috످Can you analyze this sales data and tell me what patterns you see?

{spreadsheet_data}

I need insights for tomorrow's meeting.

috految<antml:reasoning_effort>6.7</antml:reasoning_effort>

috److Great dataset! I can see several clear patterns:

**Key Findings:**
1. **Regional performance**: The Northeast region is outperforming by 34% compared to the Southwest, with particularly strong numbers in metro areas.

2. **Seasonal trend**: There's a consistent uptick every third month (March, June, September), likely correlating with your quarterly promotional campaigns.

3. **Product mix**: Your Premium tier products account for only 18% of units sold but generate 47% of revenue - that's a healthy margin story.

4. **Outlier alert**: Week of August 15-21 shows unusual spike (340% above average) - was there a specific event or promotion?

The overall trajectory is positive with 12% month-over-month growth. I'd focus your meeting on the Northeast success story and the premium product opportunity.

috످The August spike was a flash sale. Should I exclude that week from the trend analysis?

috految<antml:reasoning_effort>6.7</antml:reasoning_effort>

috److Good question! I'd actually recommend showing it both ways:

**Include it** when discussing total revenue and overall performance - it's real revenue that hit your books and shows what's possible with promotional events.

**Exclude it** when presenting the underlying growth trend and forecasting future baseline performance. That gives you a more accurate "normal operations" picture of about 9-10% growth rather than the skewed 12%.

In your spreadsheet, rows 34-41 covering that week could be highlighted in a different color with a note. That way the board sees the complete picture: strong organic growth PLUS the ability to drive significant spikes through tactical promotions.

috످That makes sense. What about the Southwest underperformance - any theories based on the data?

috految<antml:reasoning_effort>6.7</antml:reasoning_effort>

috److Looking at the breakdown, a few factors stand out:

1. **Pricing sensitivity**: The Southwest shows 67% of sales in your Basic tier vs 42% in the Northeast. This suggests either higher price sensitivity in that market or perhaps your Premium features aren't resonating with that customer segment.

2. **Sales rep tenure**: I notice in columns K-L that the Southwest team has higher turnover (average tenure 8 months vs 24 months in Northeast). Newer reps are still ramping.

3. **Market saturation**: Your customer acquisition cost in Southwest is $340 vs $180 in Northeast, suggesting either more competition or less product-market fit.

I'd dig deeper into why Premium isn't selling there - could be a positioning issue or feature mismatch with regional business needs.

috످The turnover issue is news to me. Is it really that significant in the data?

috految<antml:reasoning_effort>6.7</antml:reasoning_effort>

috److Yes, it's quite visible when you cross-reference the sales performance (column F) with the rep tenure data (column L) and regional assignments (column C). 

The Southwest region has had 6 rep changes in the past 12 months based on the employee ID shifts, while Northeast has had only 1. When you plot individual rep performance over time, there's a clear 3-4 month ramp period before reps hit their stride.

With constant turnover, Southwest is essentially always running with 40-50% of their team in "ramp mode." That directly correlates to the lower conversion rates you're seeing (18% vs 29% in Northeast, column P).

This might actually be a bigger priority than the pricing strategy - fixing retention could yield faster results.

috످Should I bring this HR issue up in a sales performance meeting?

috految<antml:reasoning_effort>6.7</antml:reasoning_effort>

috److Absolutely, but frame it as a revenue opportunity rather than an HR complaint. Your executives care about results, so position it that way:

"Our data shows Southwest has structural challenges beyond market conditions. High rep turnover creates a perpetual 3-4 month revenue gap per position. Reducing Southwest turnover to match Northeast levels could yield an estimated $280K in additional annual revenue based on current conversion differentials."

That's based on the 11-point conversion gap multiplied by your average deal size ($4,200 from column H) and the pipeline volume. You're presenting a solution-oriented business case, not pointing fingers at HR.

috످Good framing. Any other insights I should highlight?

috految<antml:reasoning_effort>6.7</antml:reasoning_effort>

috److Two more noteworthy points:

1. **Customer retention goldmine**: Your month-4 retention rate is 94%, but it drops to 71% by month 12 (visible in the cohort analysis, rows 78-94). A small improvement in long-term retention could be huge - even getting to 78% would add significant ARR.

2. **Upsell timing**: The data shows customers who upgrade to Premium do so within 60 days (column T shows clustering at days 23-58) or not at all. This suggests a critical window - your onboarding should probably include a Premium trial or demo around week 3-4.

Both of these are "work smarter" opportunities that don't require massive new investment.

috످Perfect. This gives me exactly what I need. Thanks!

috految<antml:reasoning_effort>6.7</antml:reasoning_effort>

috److Please don't present any of this analysis. I never saw your sales data, and I made up every number and finding I gave you. Your first message contained only the placeholder `{spreadsheet_data}`. I should have told you right away, and I'm sorry.

Most importantly, don't raise the Southwest turnover issue or the $280K estimate. I invented both, then doubled down when you questioned the turnover. Presenting them could unfairly harm that team and your credibility.

Also discard the regional comparisons, growth rates, seasonal trends, product mix, retention, and upsell findings. Even though your flash sale was real, I made up the 340% spike, its dates, and the rows I told you to highlight.

If you've already shared any of this, you can send:

"Please disregard the sales analysis I shared, including any claims about Southwest turnover. It was AI-generated and not based on our data. I'll follow up with verified numbers."

To get ready for tomorrow, paste your data here as text (with headers, minus sensitive details), and I'll draft talking points with calculations you can check. If you can't share it, make three pivot tables (Insert > PivotTable in Excel): revenue by month, with and without the flash sale; revenue by region, compared with last year; and revenue and units sold by product.

috످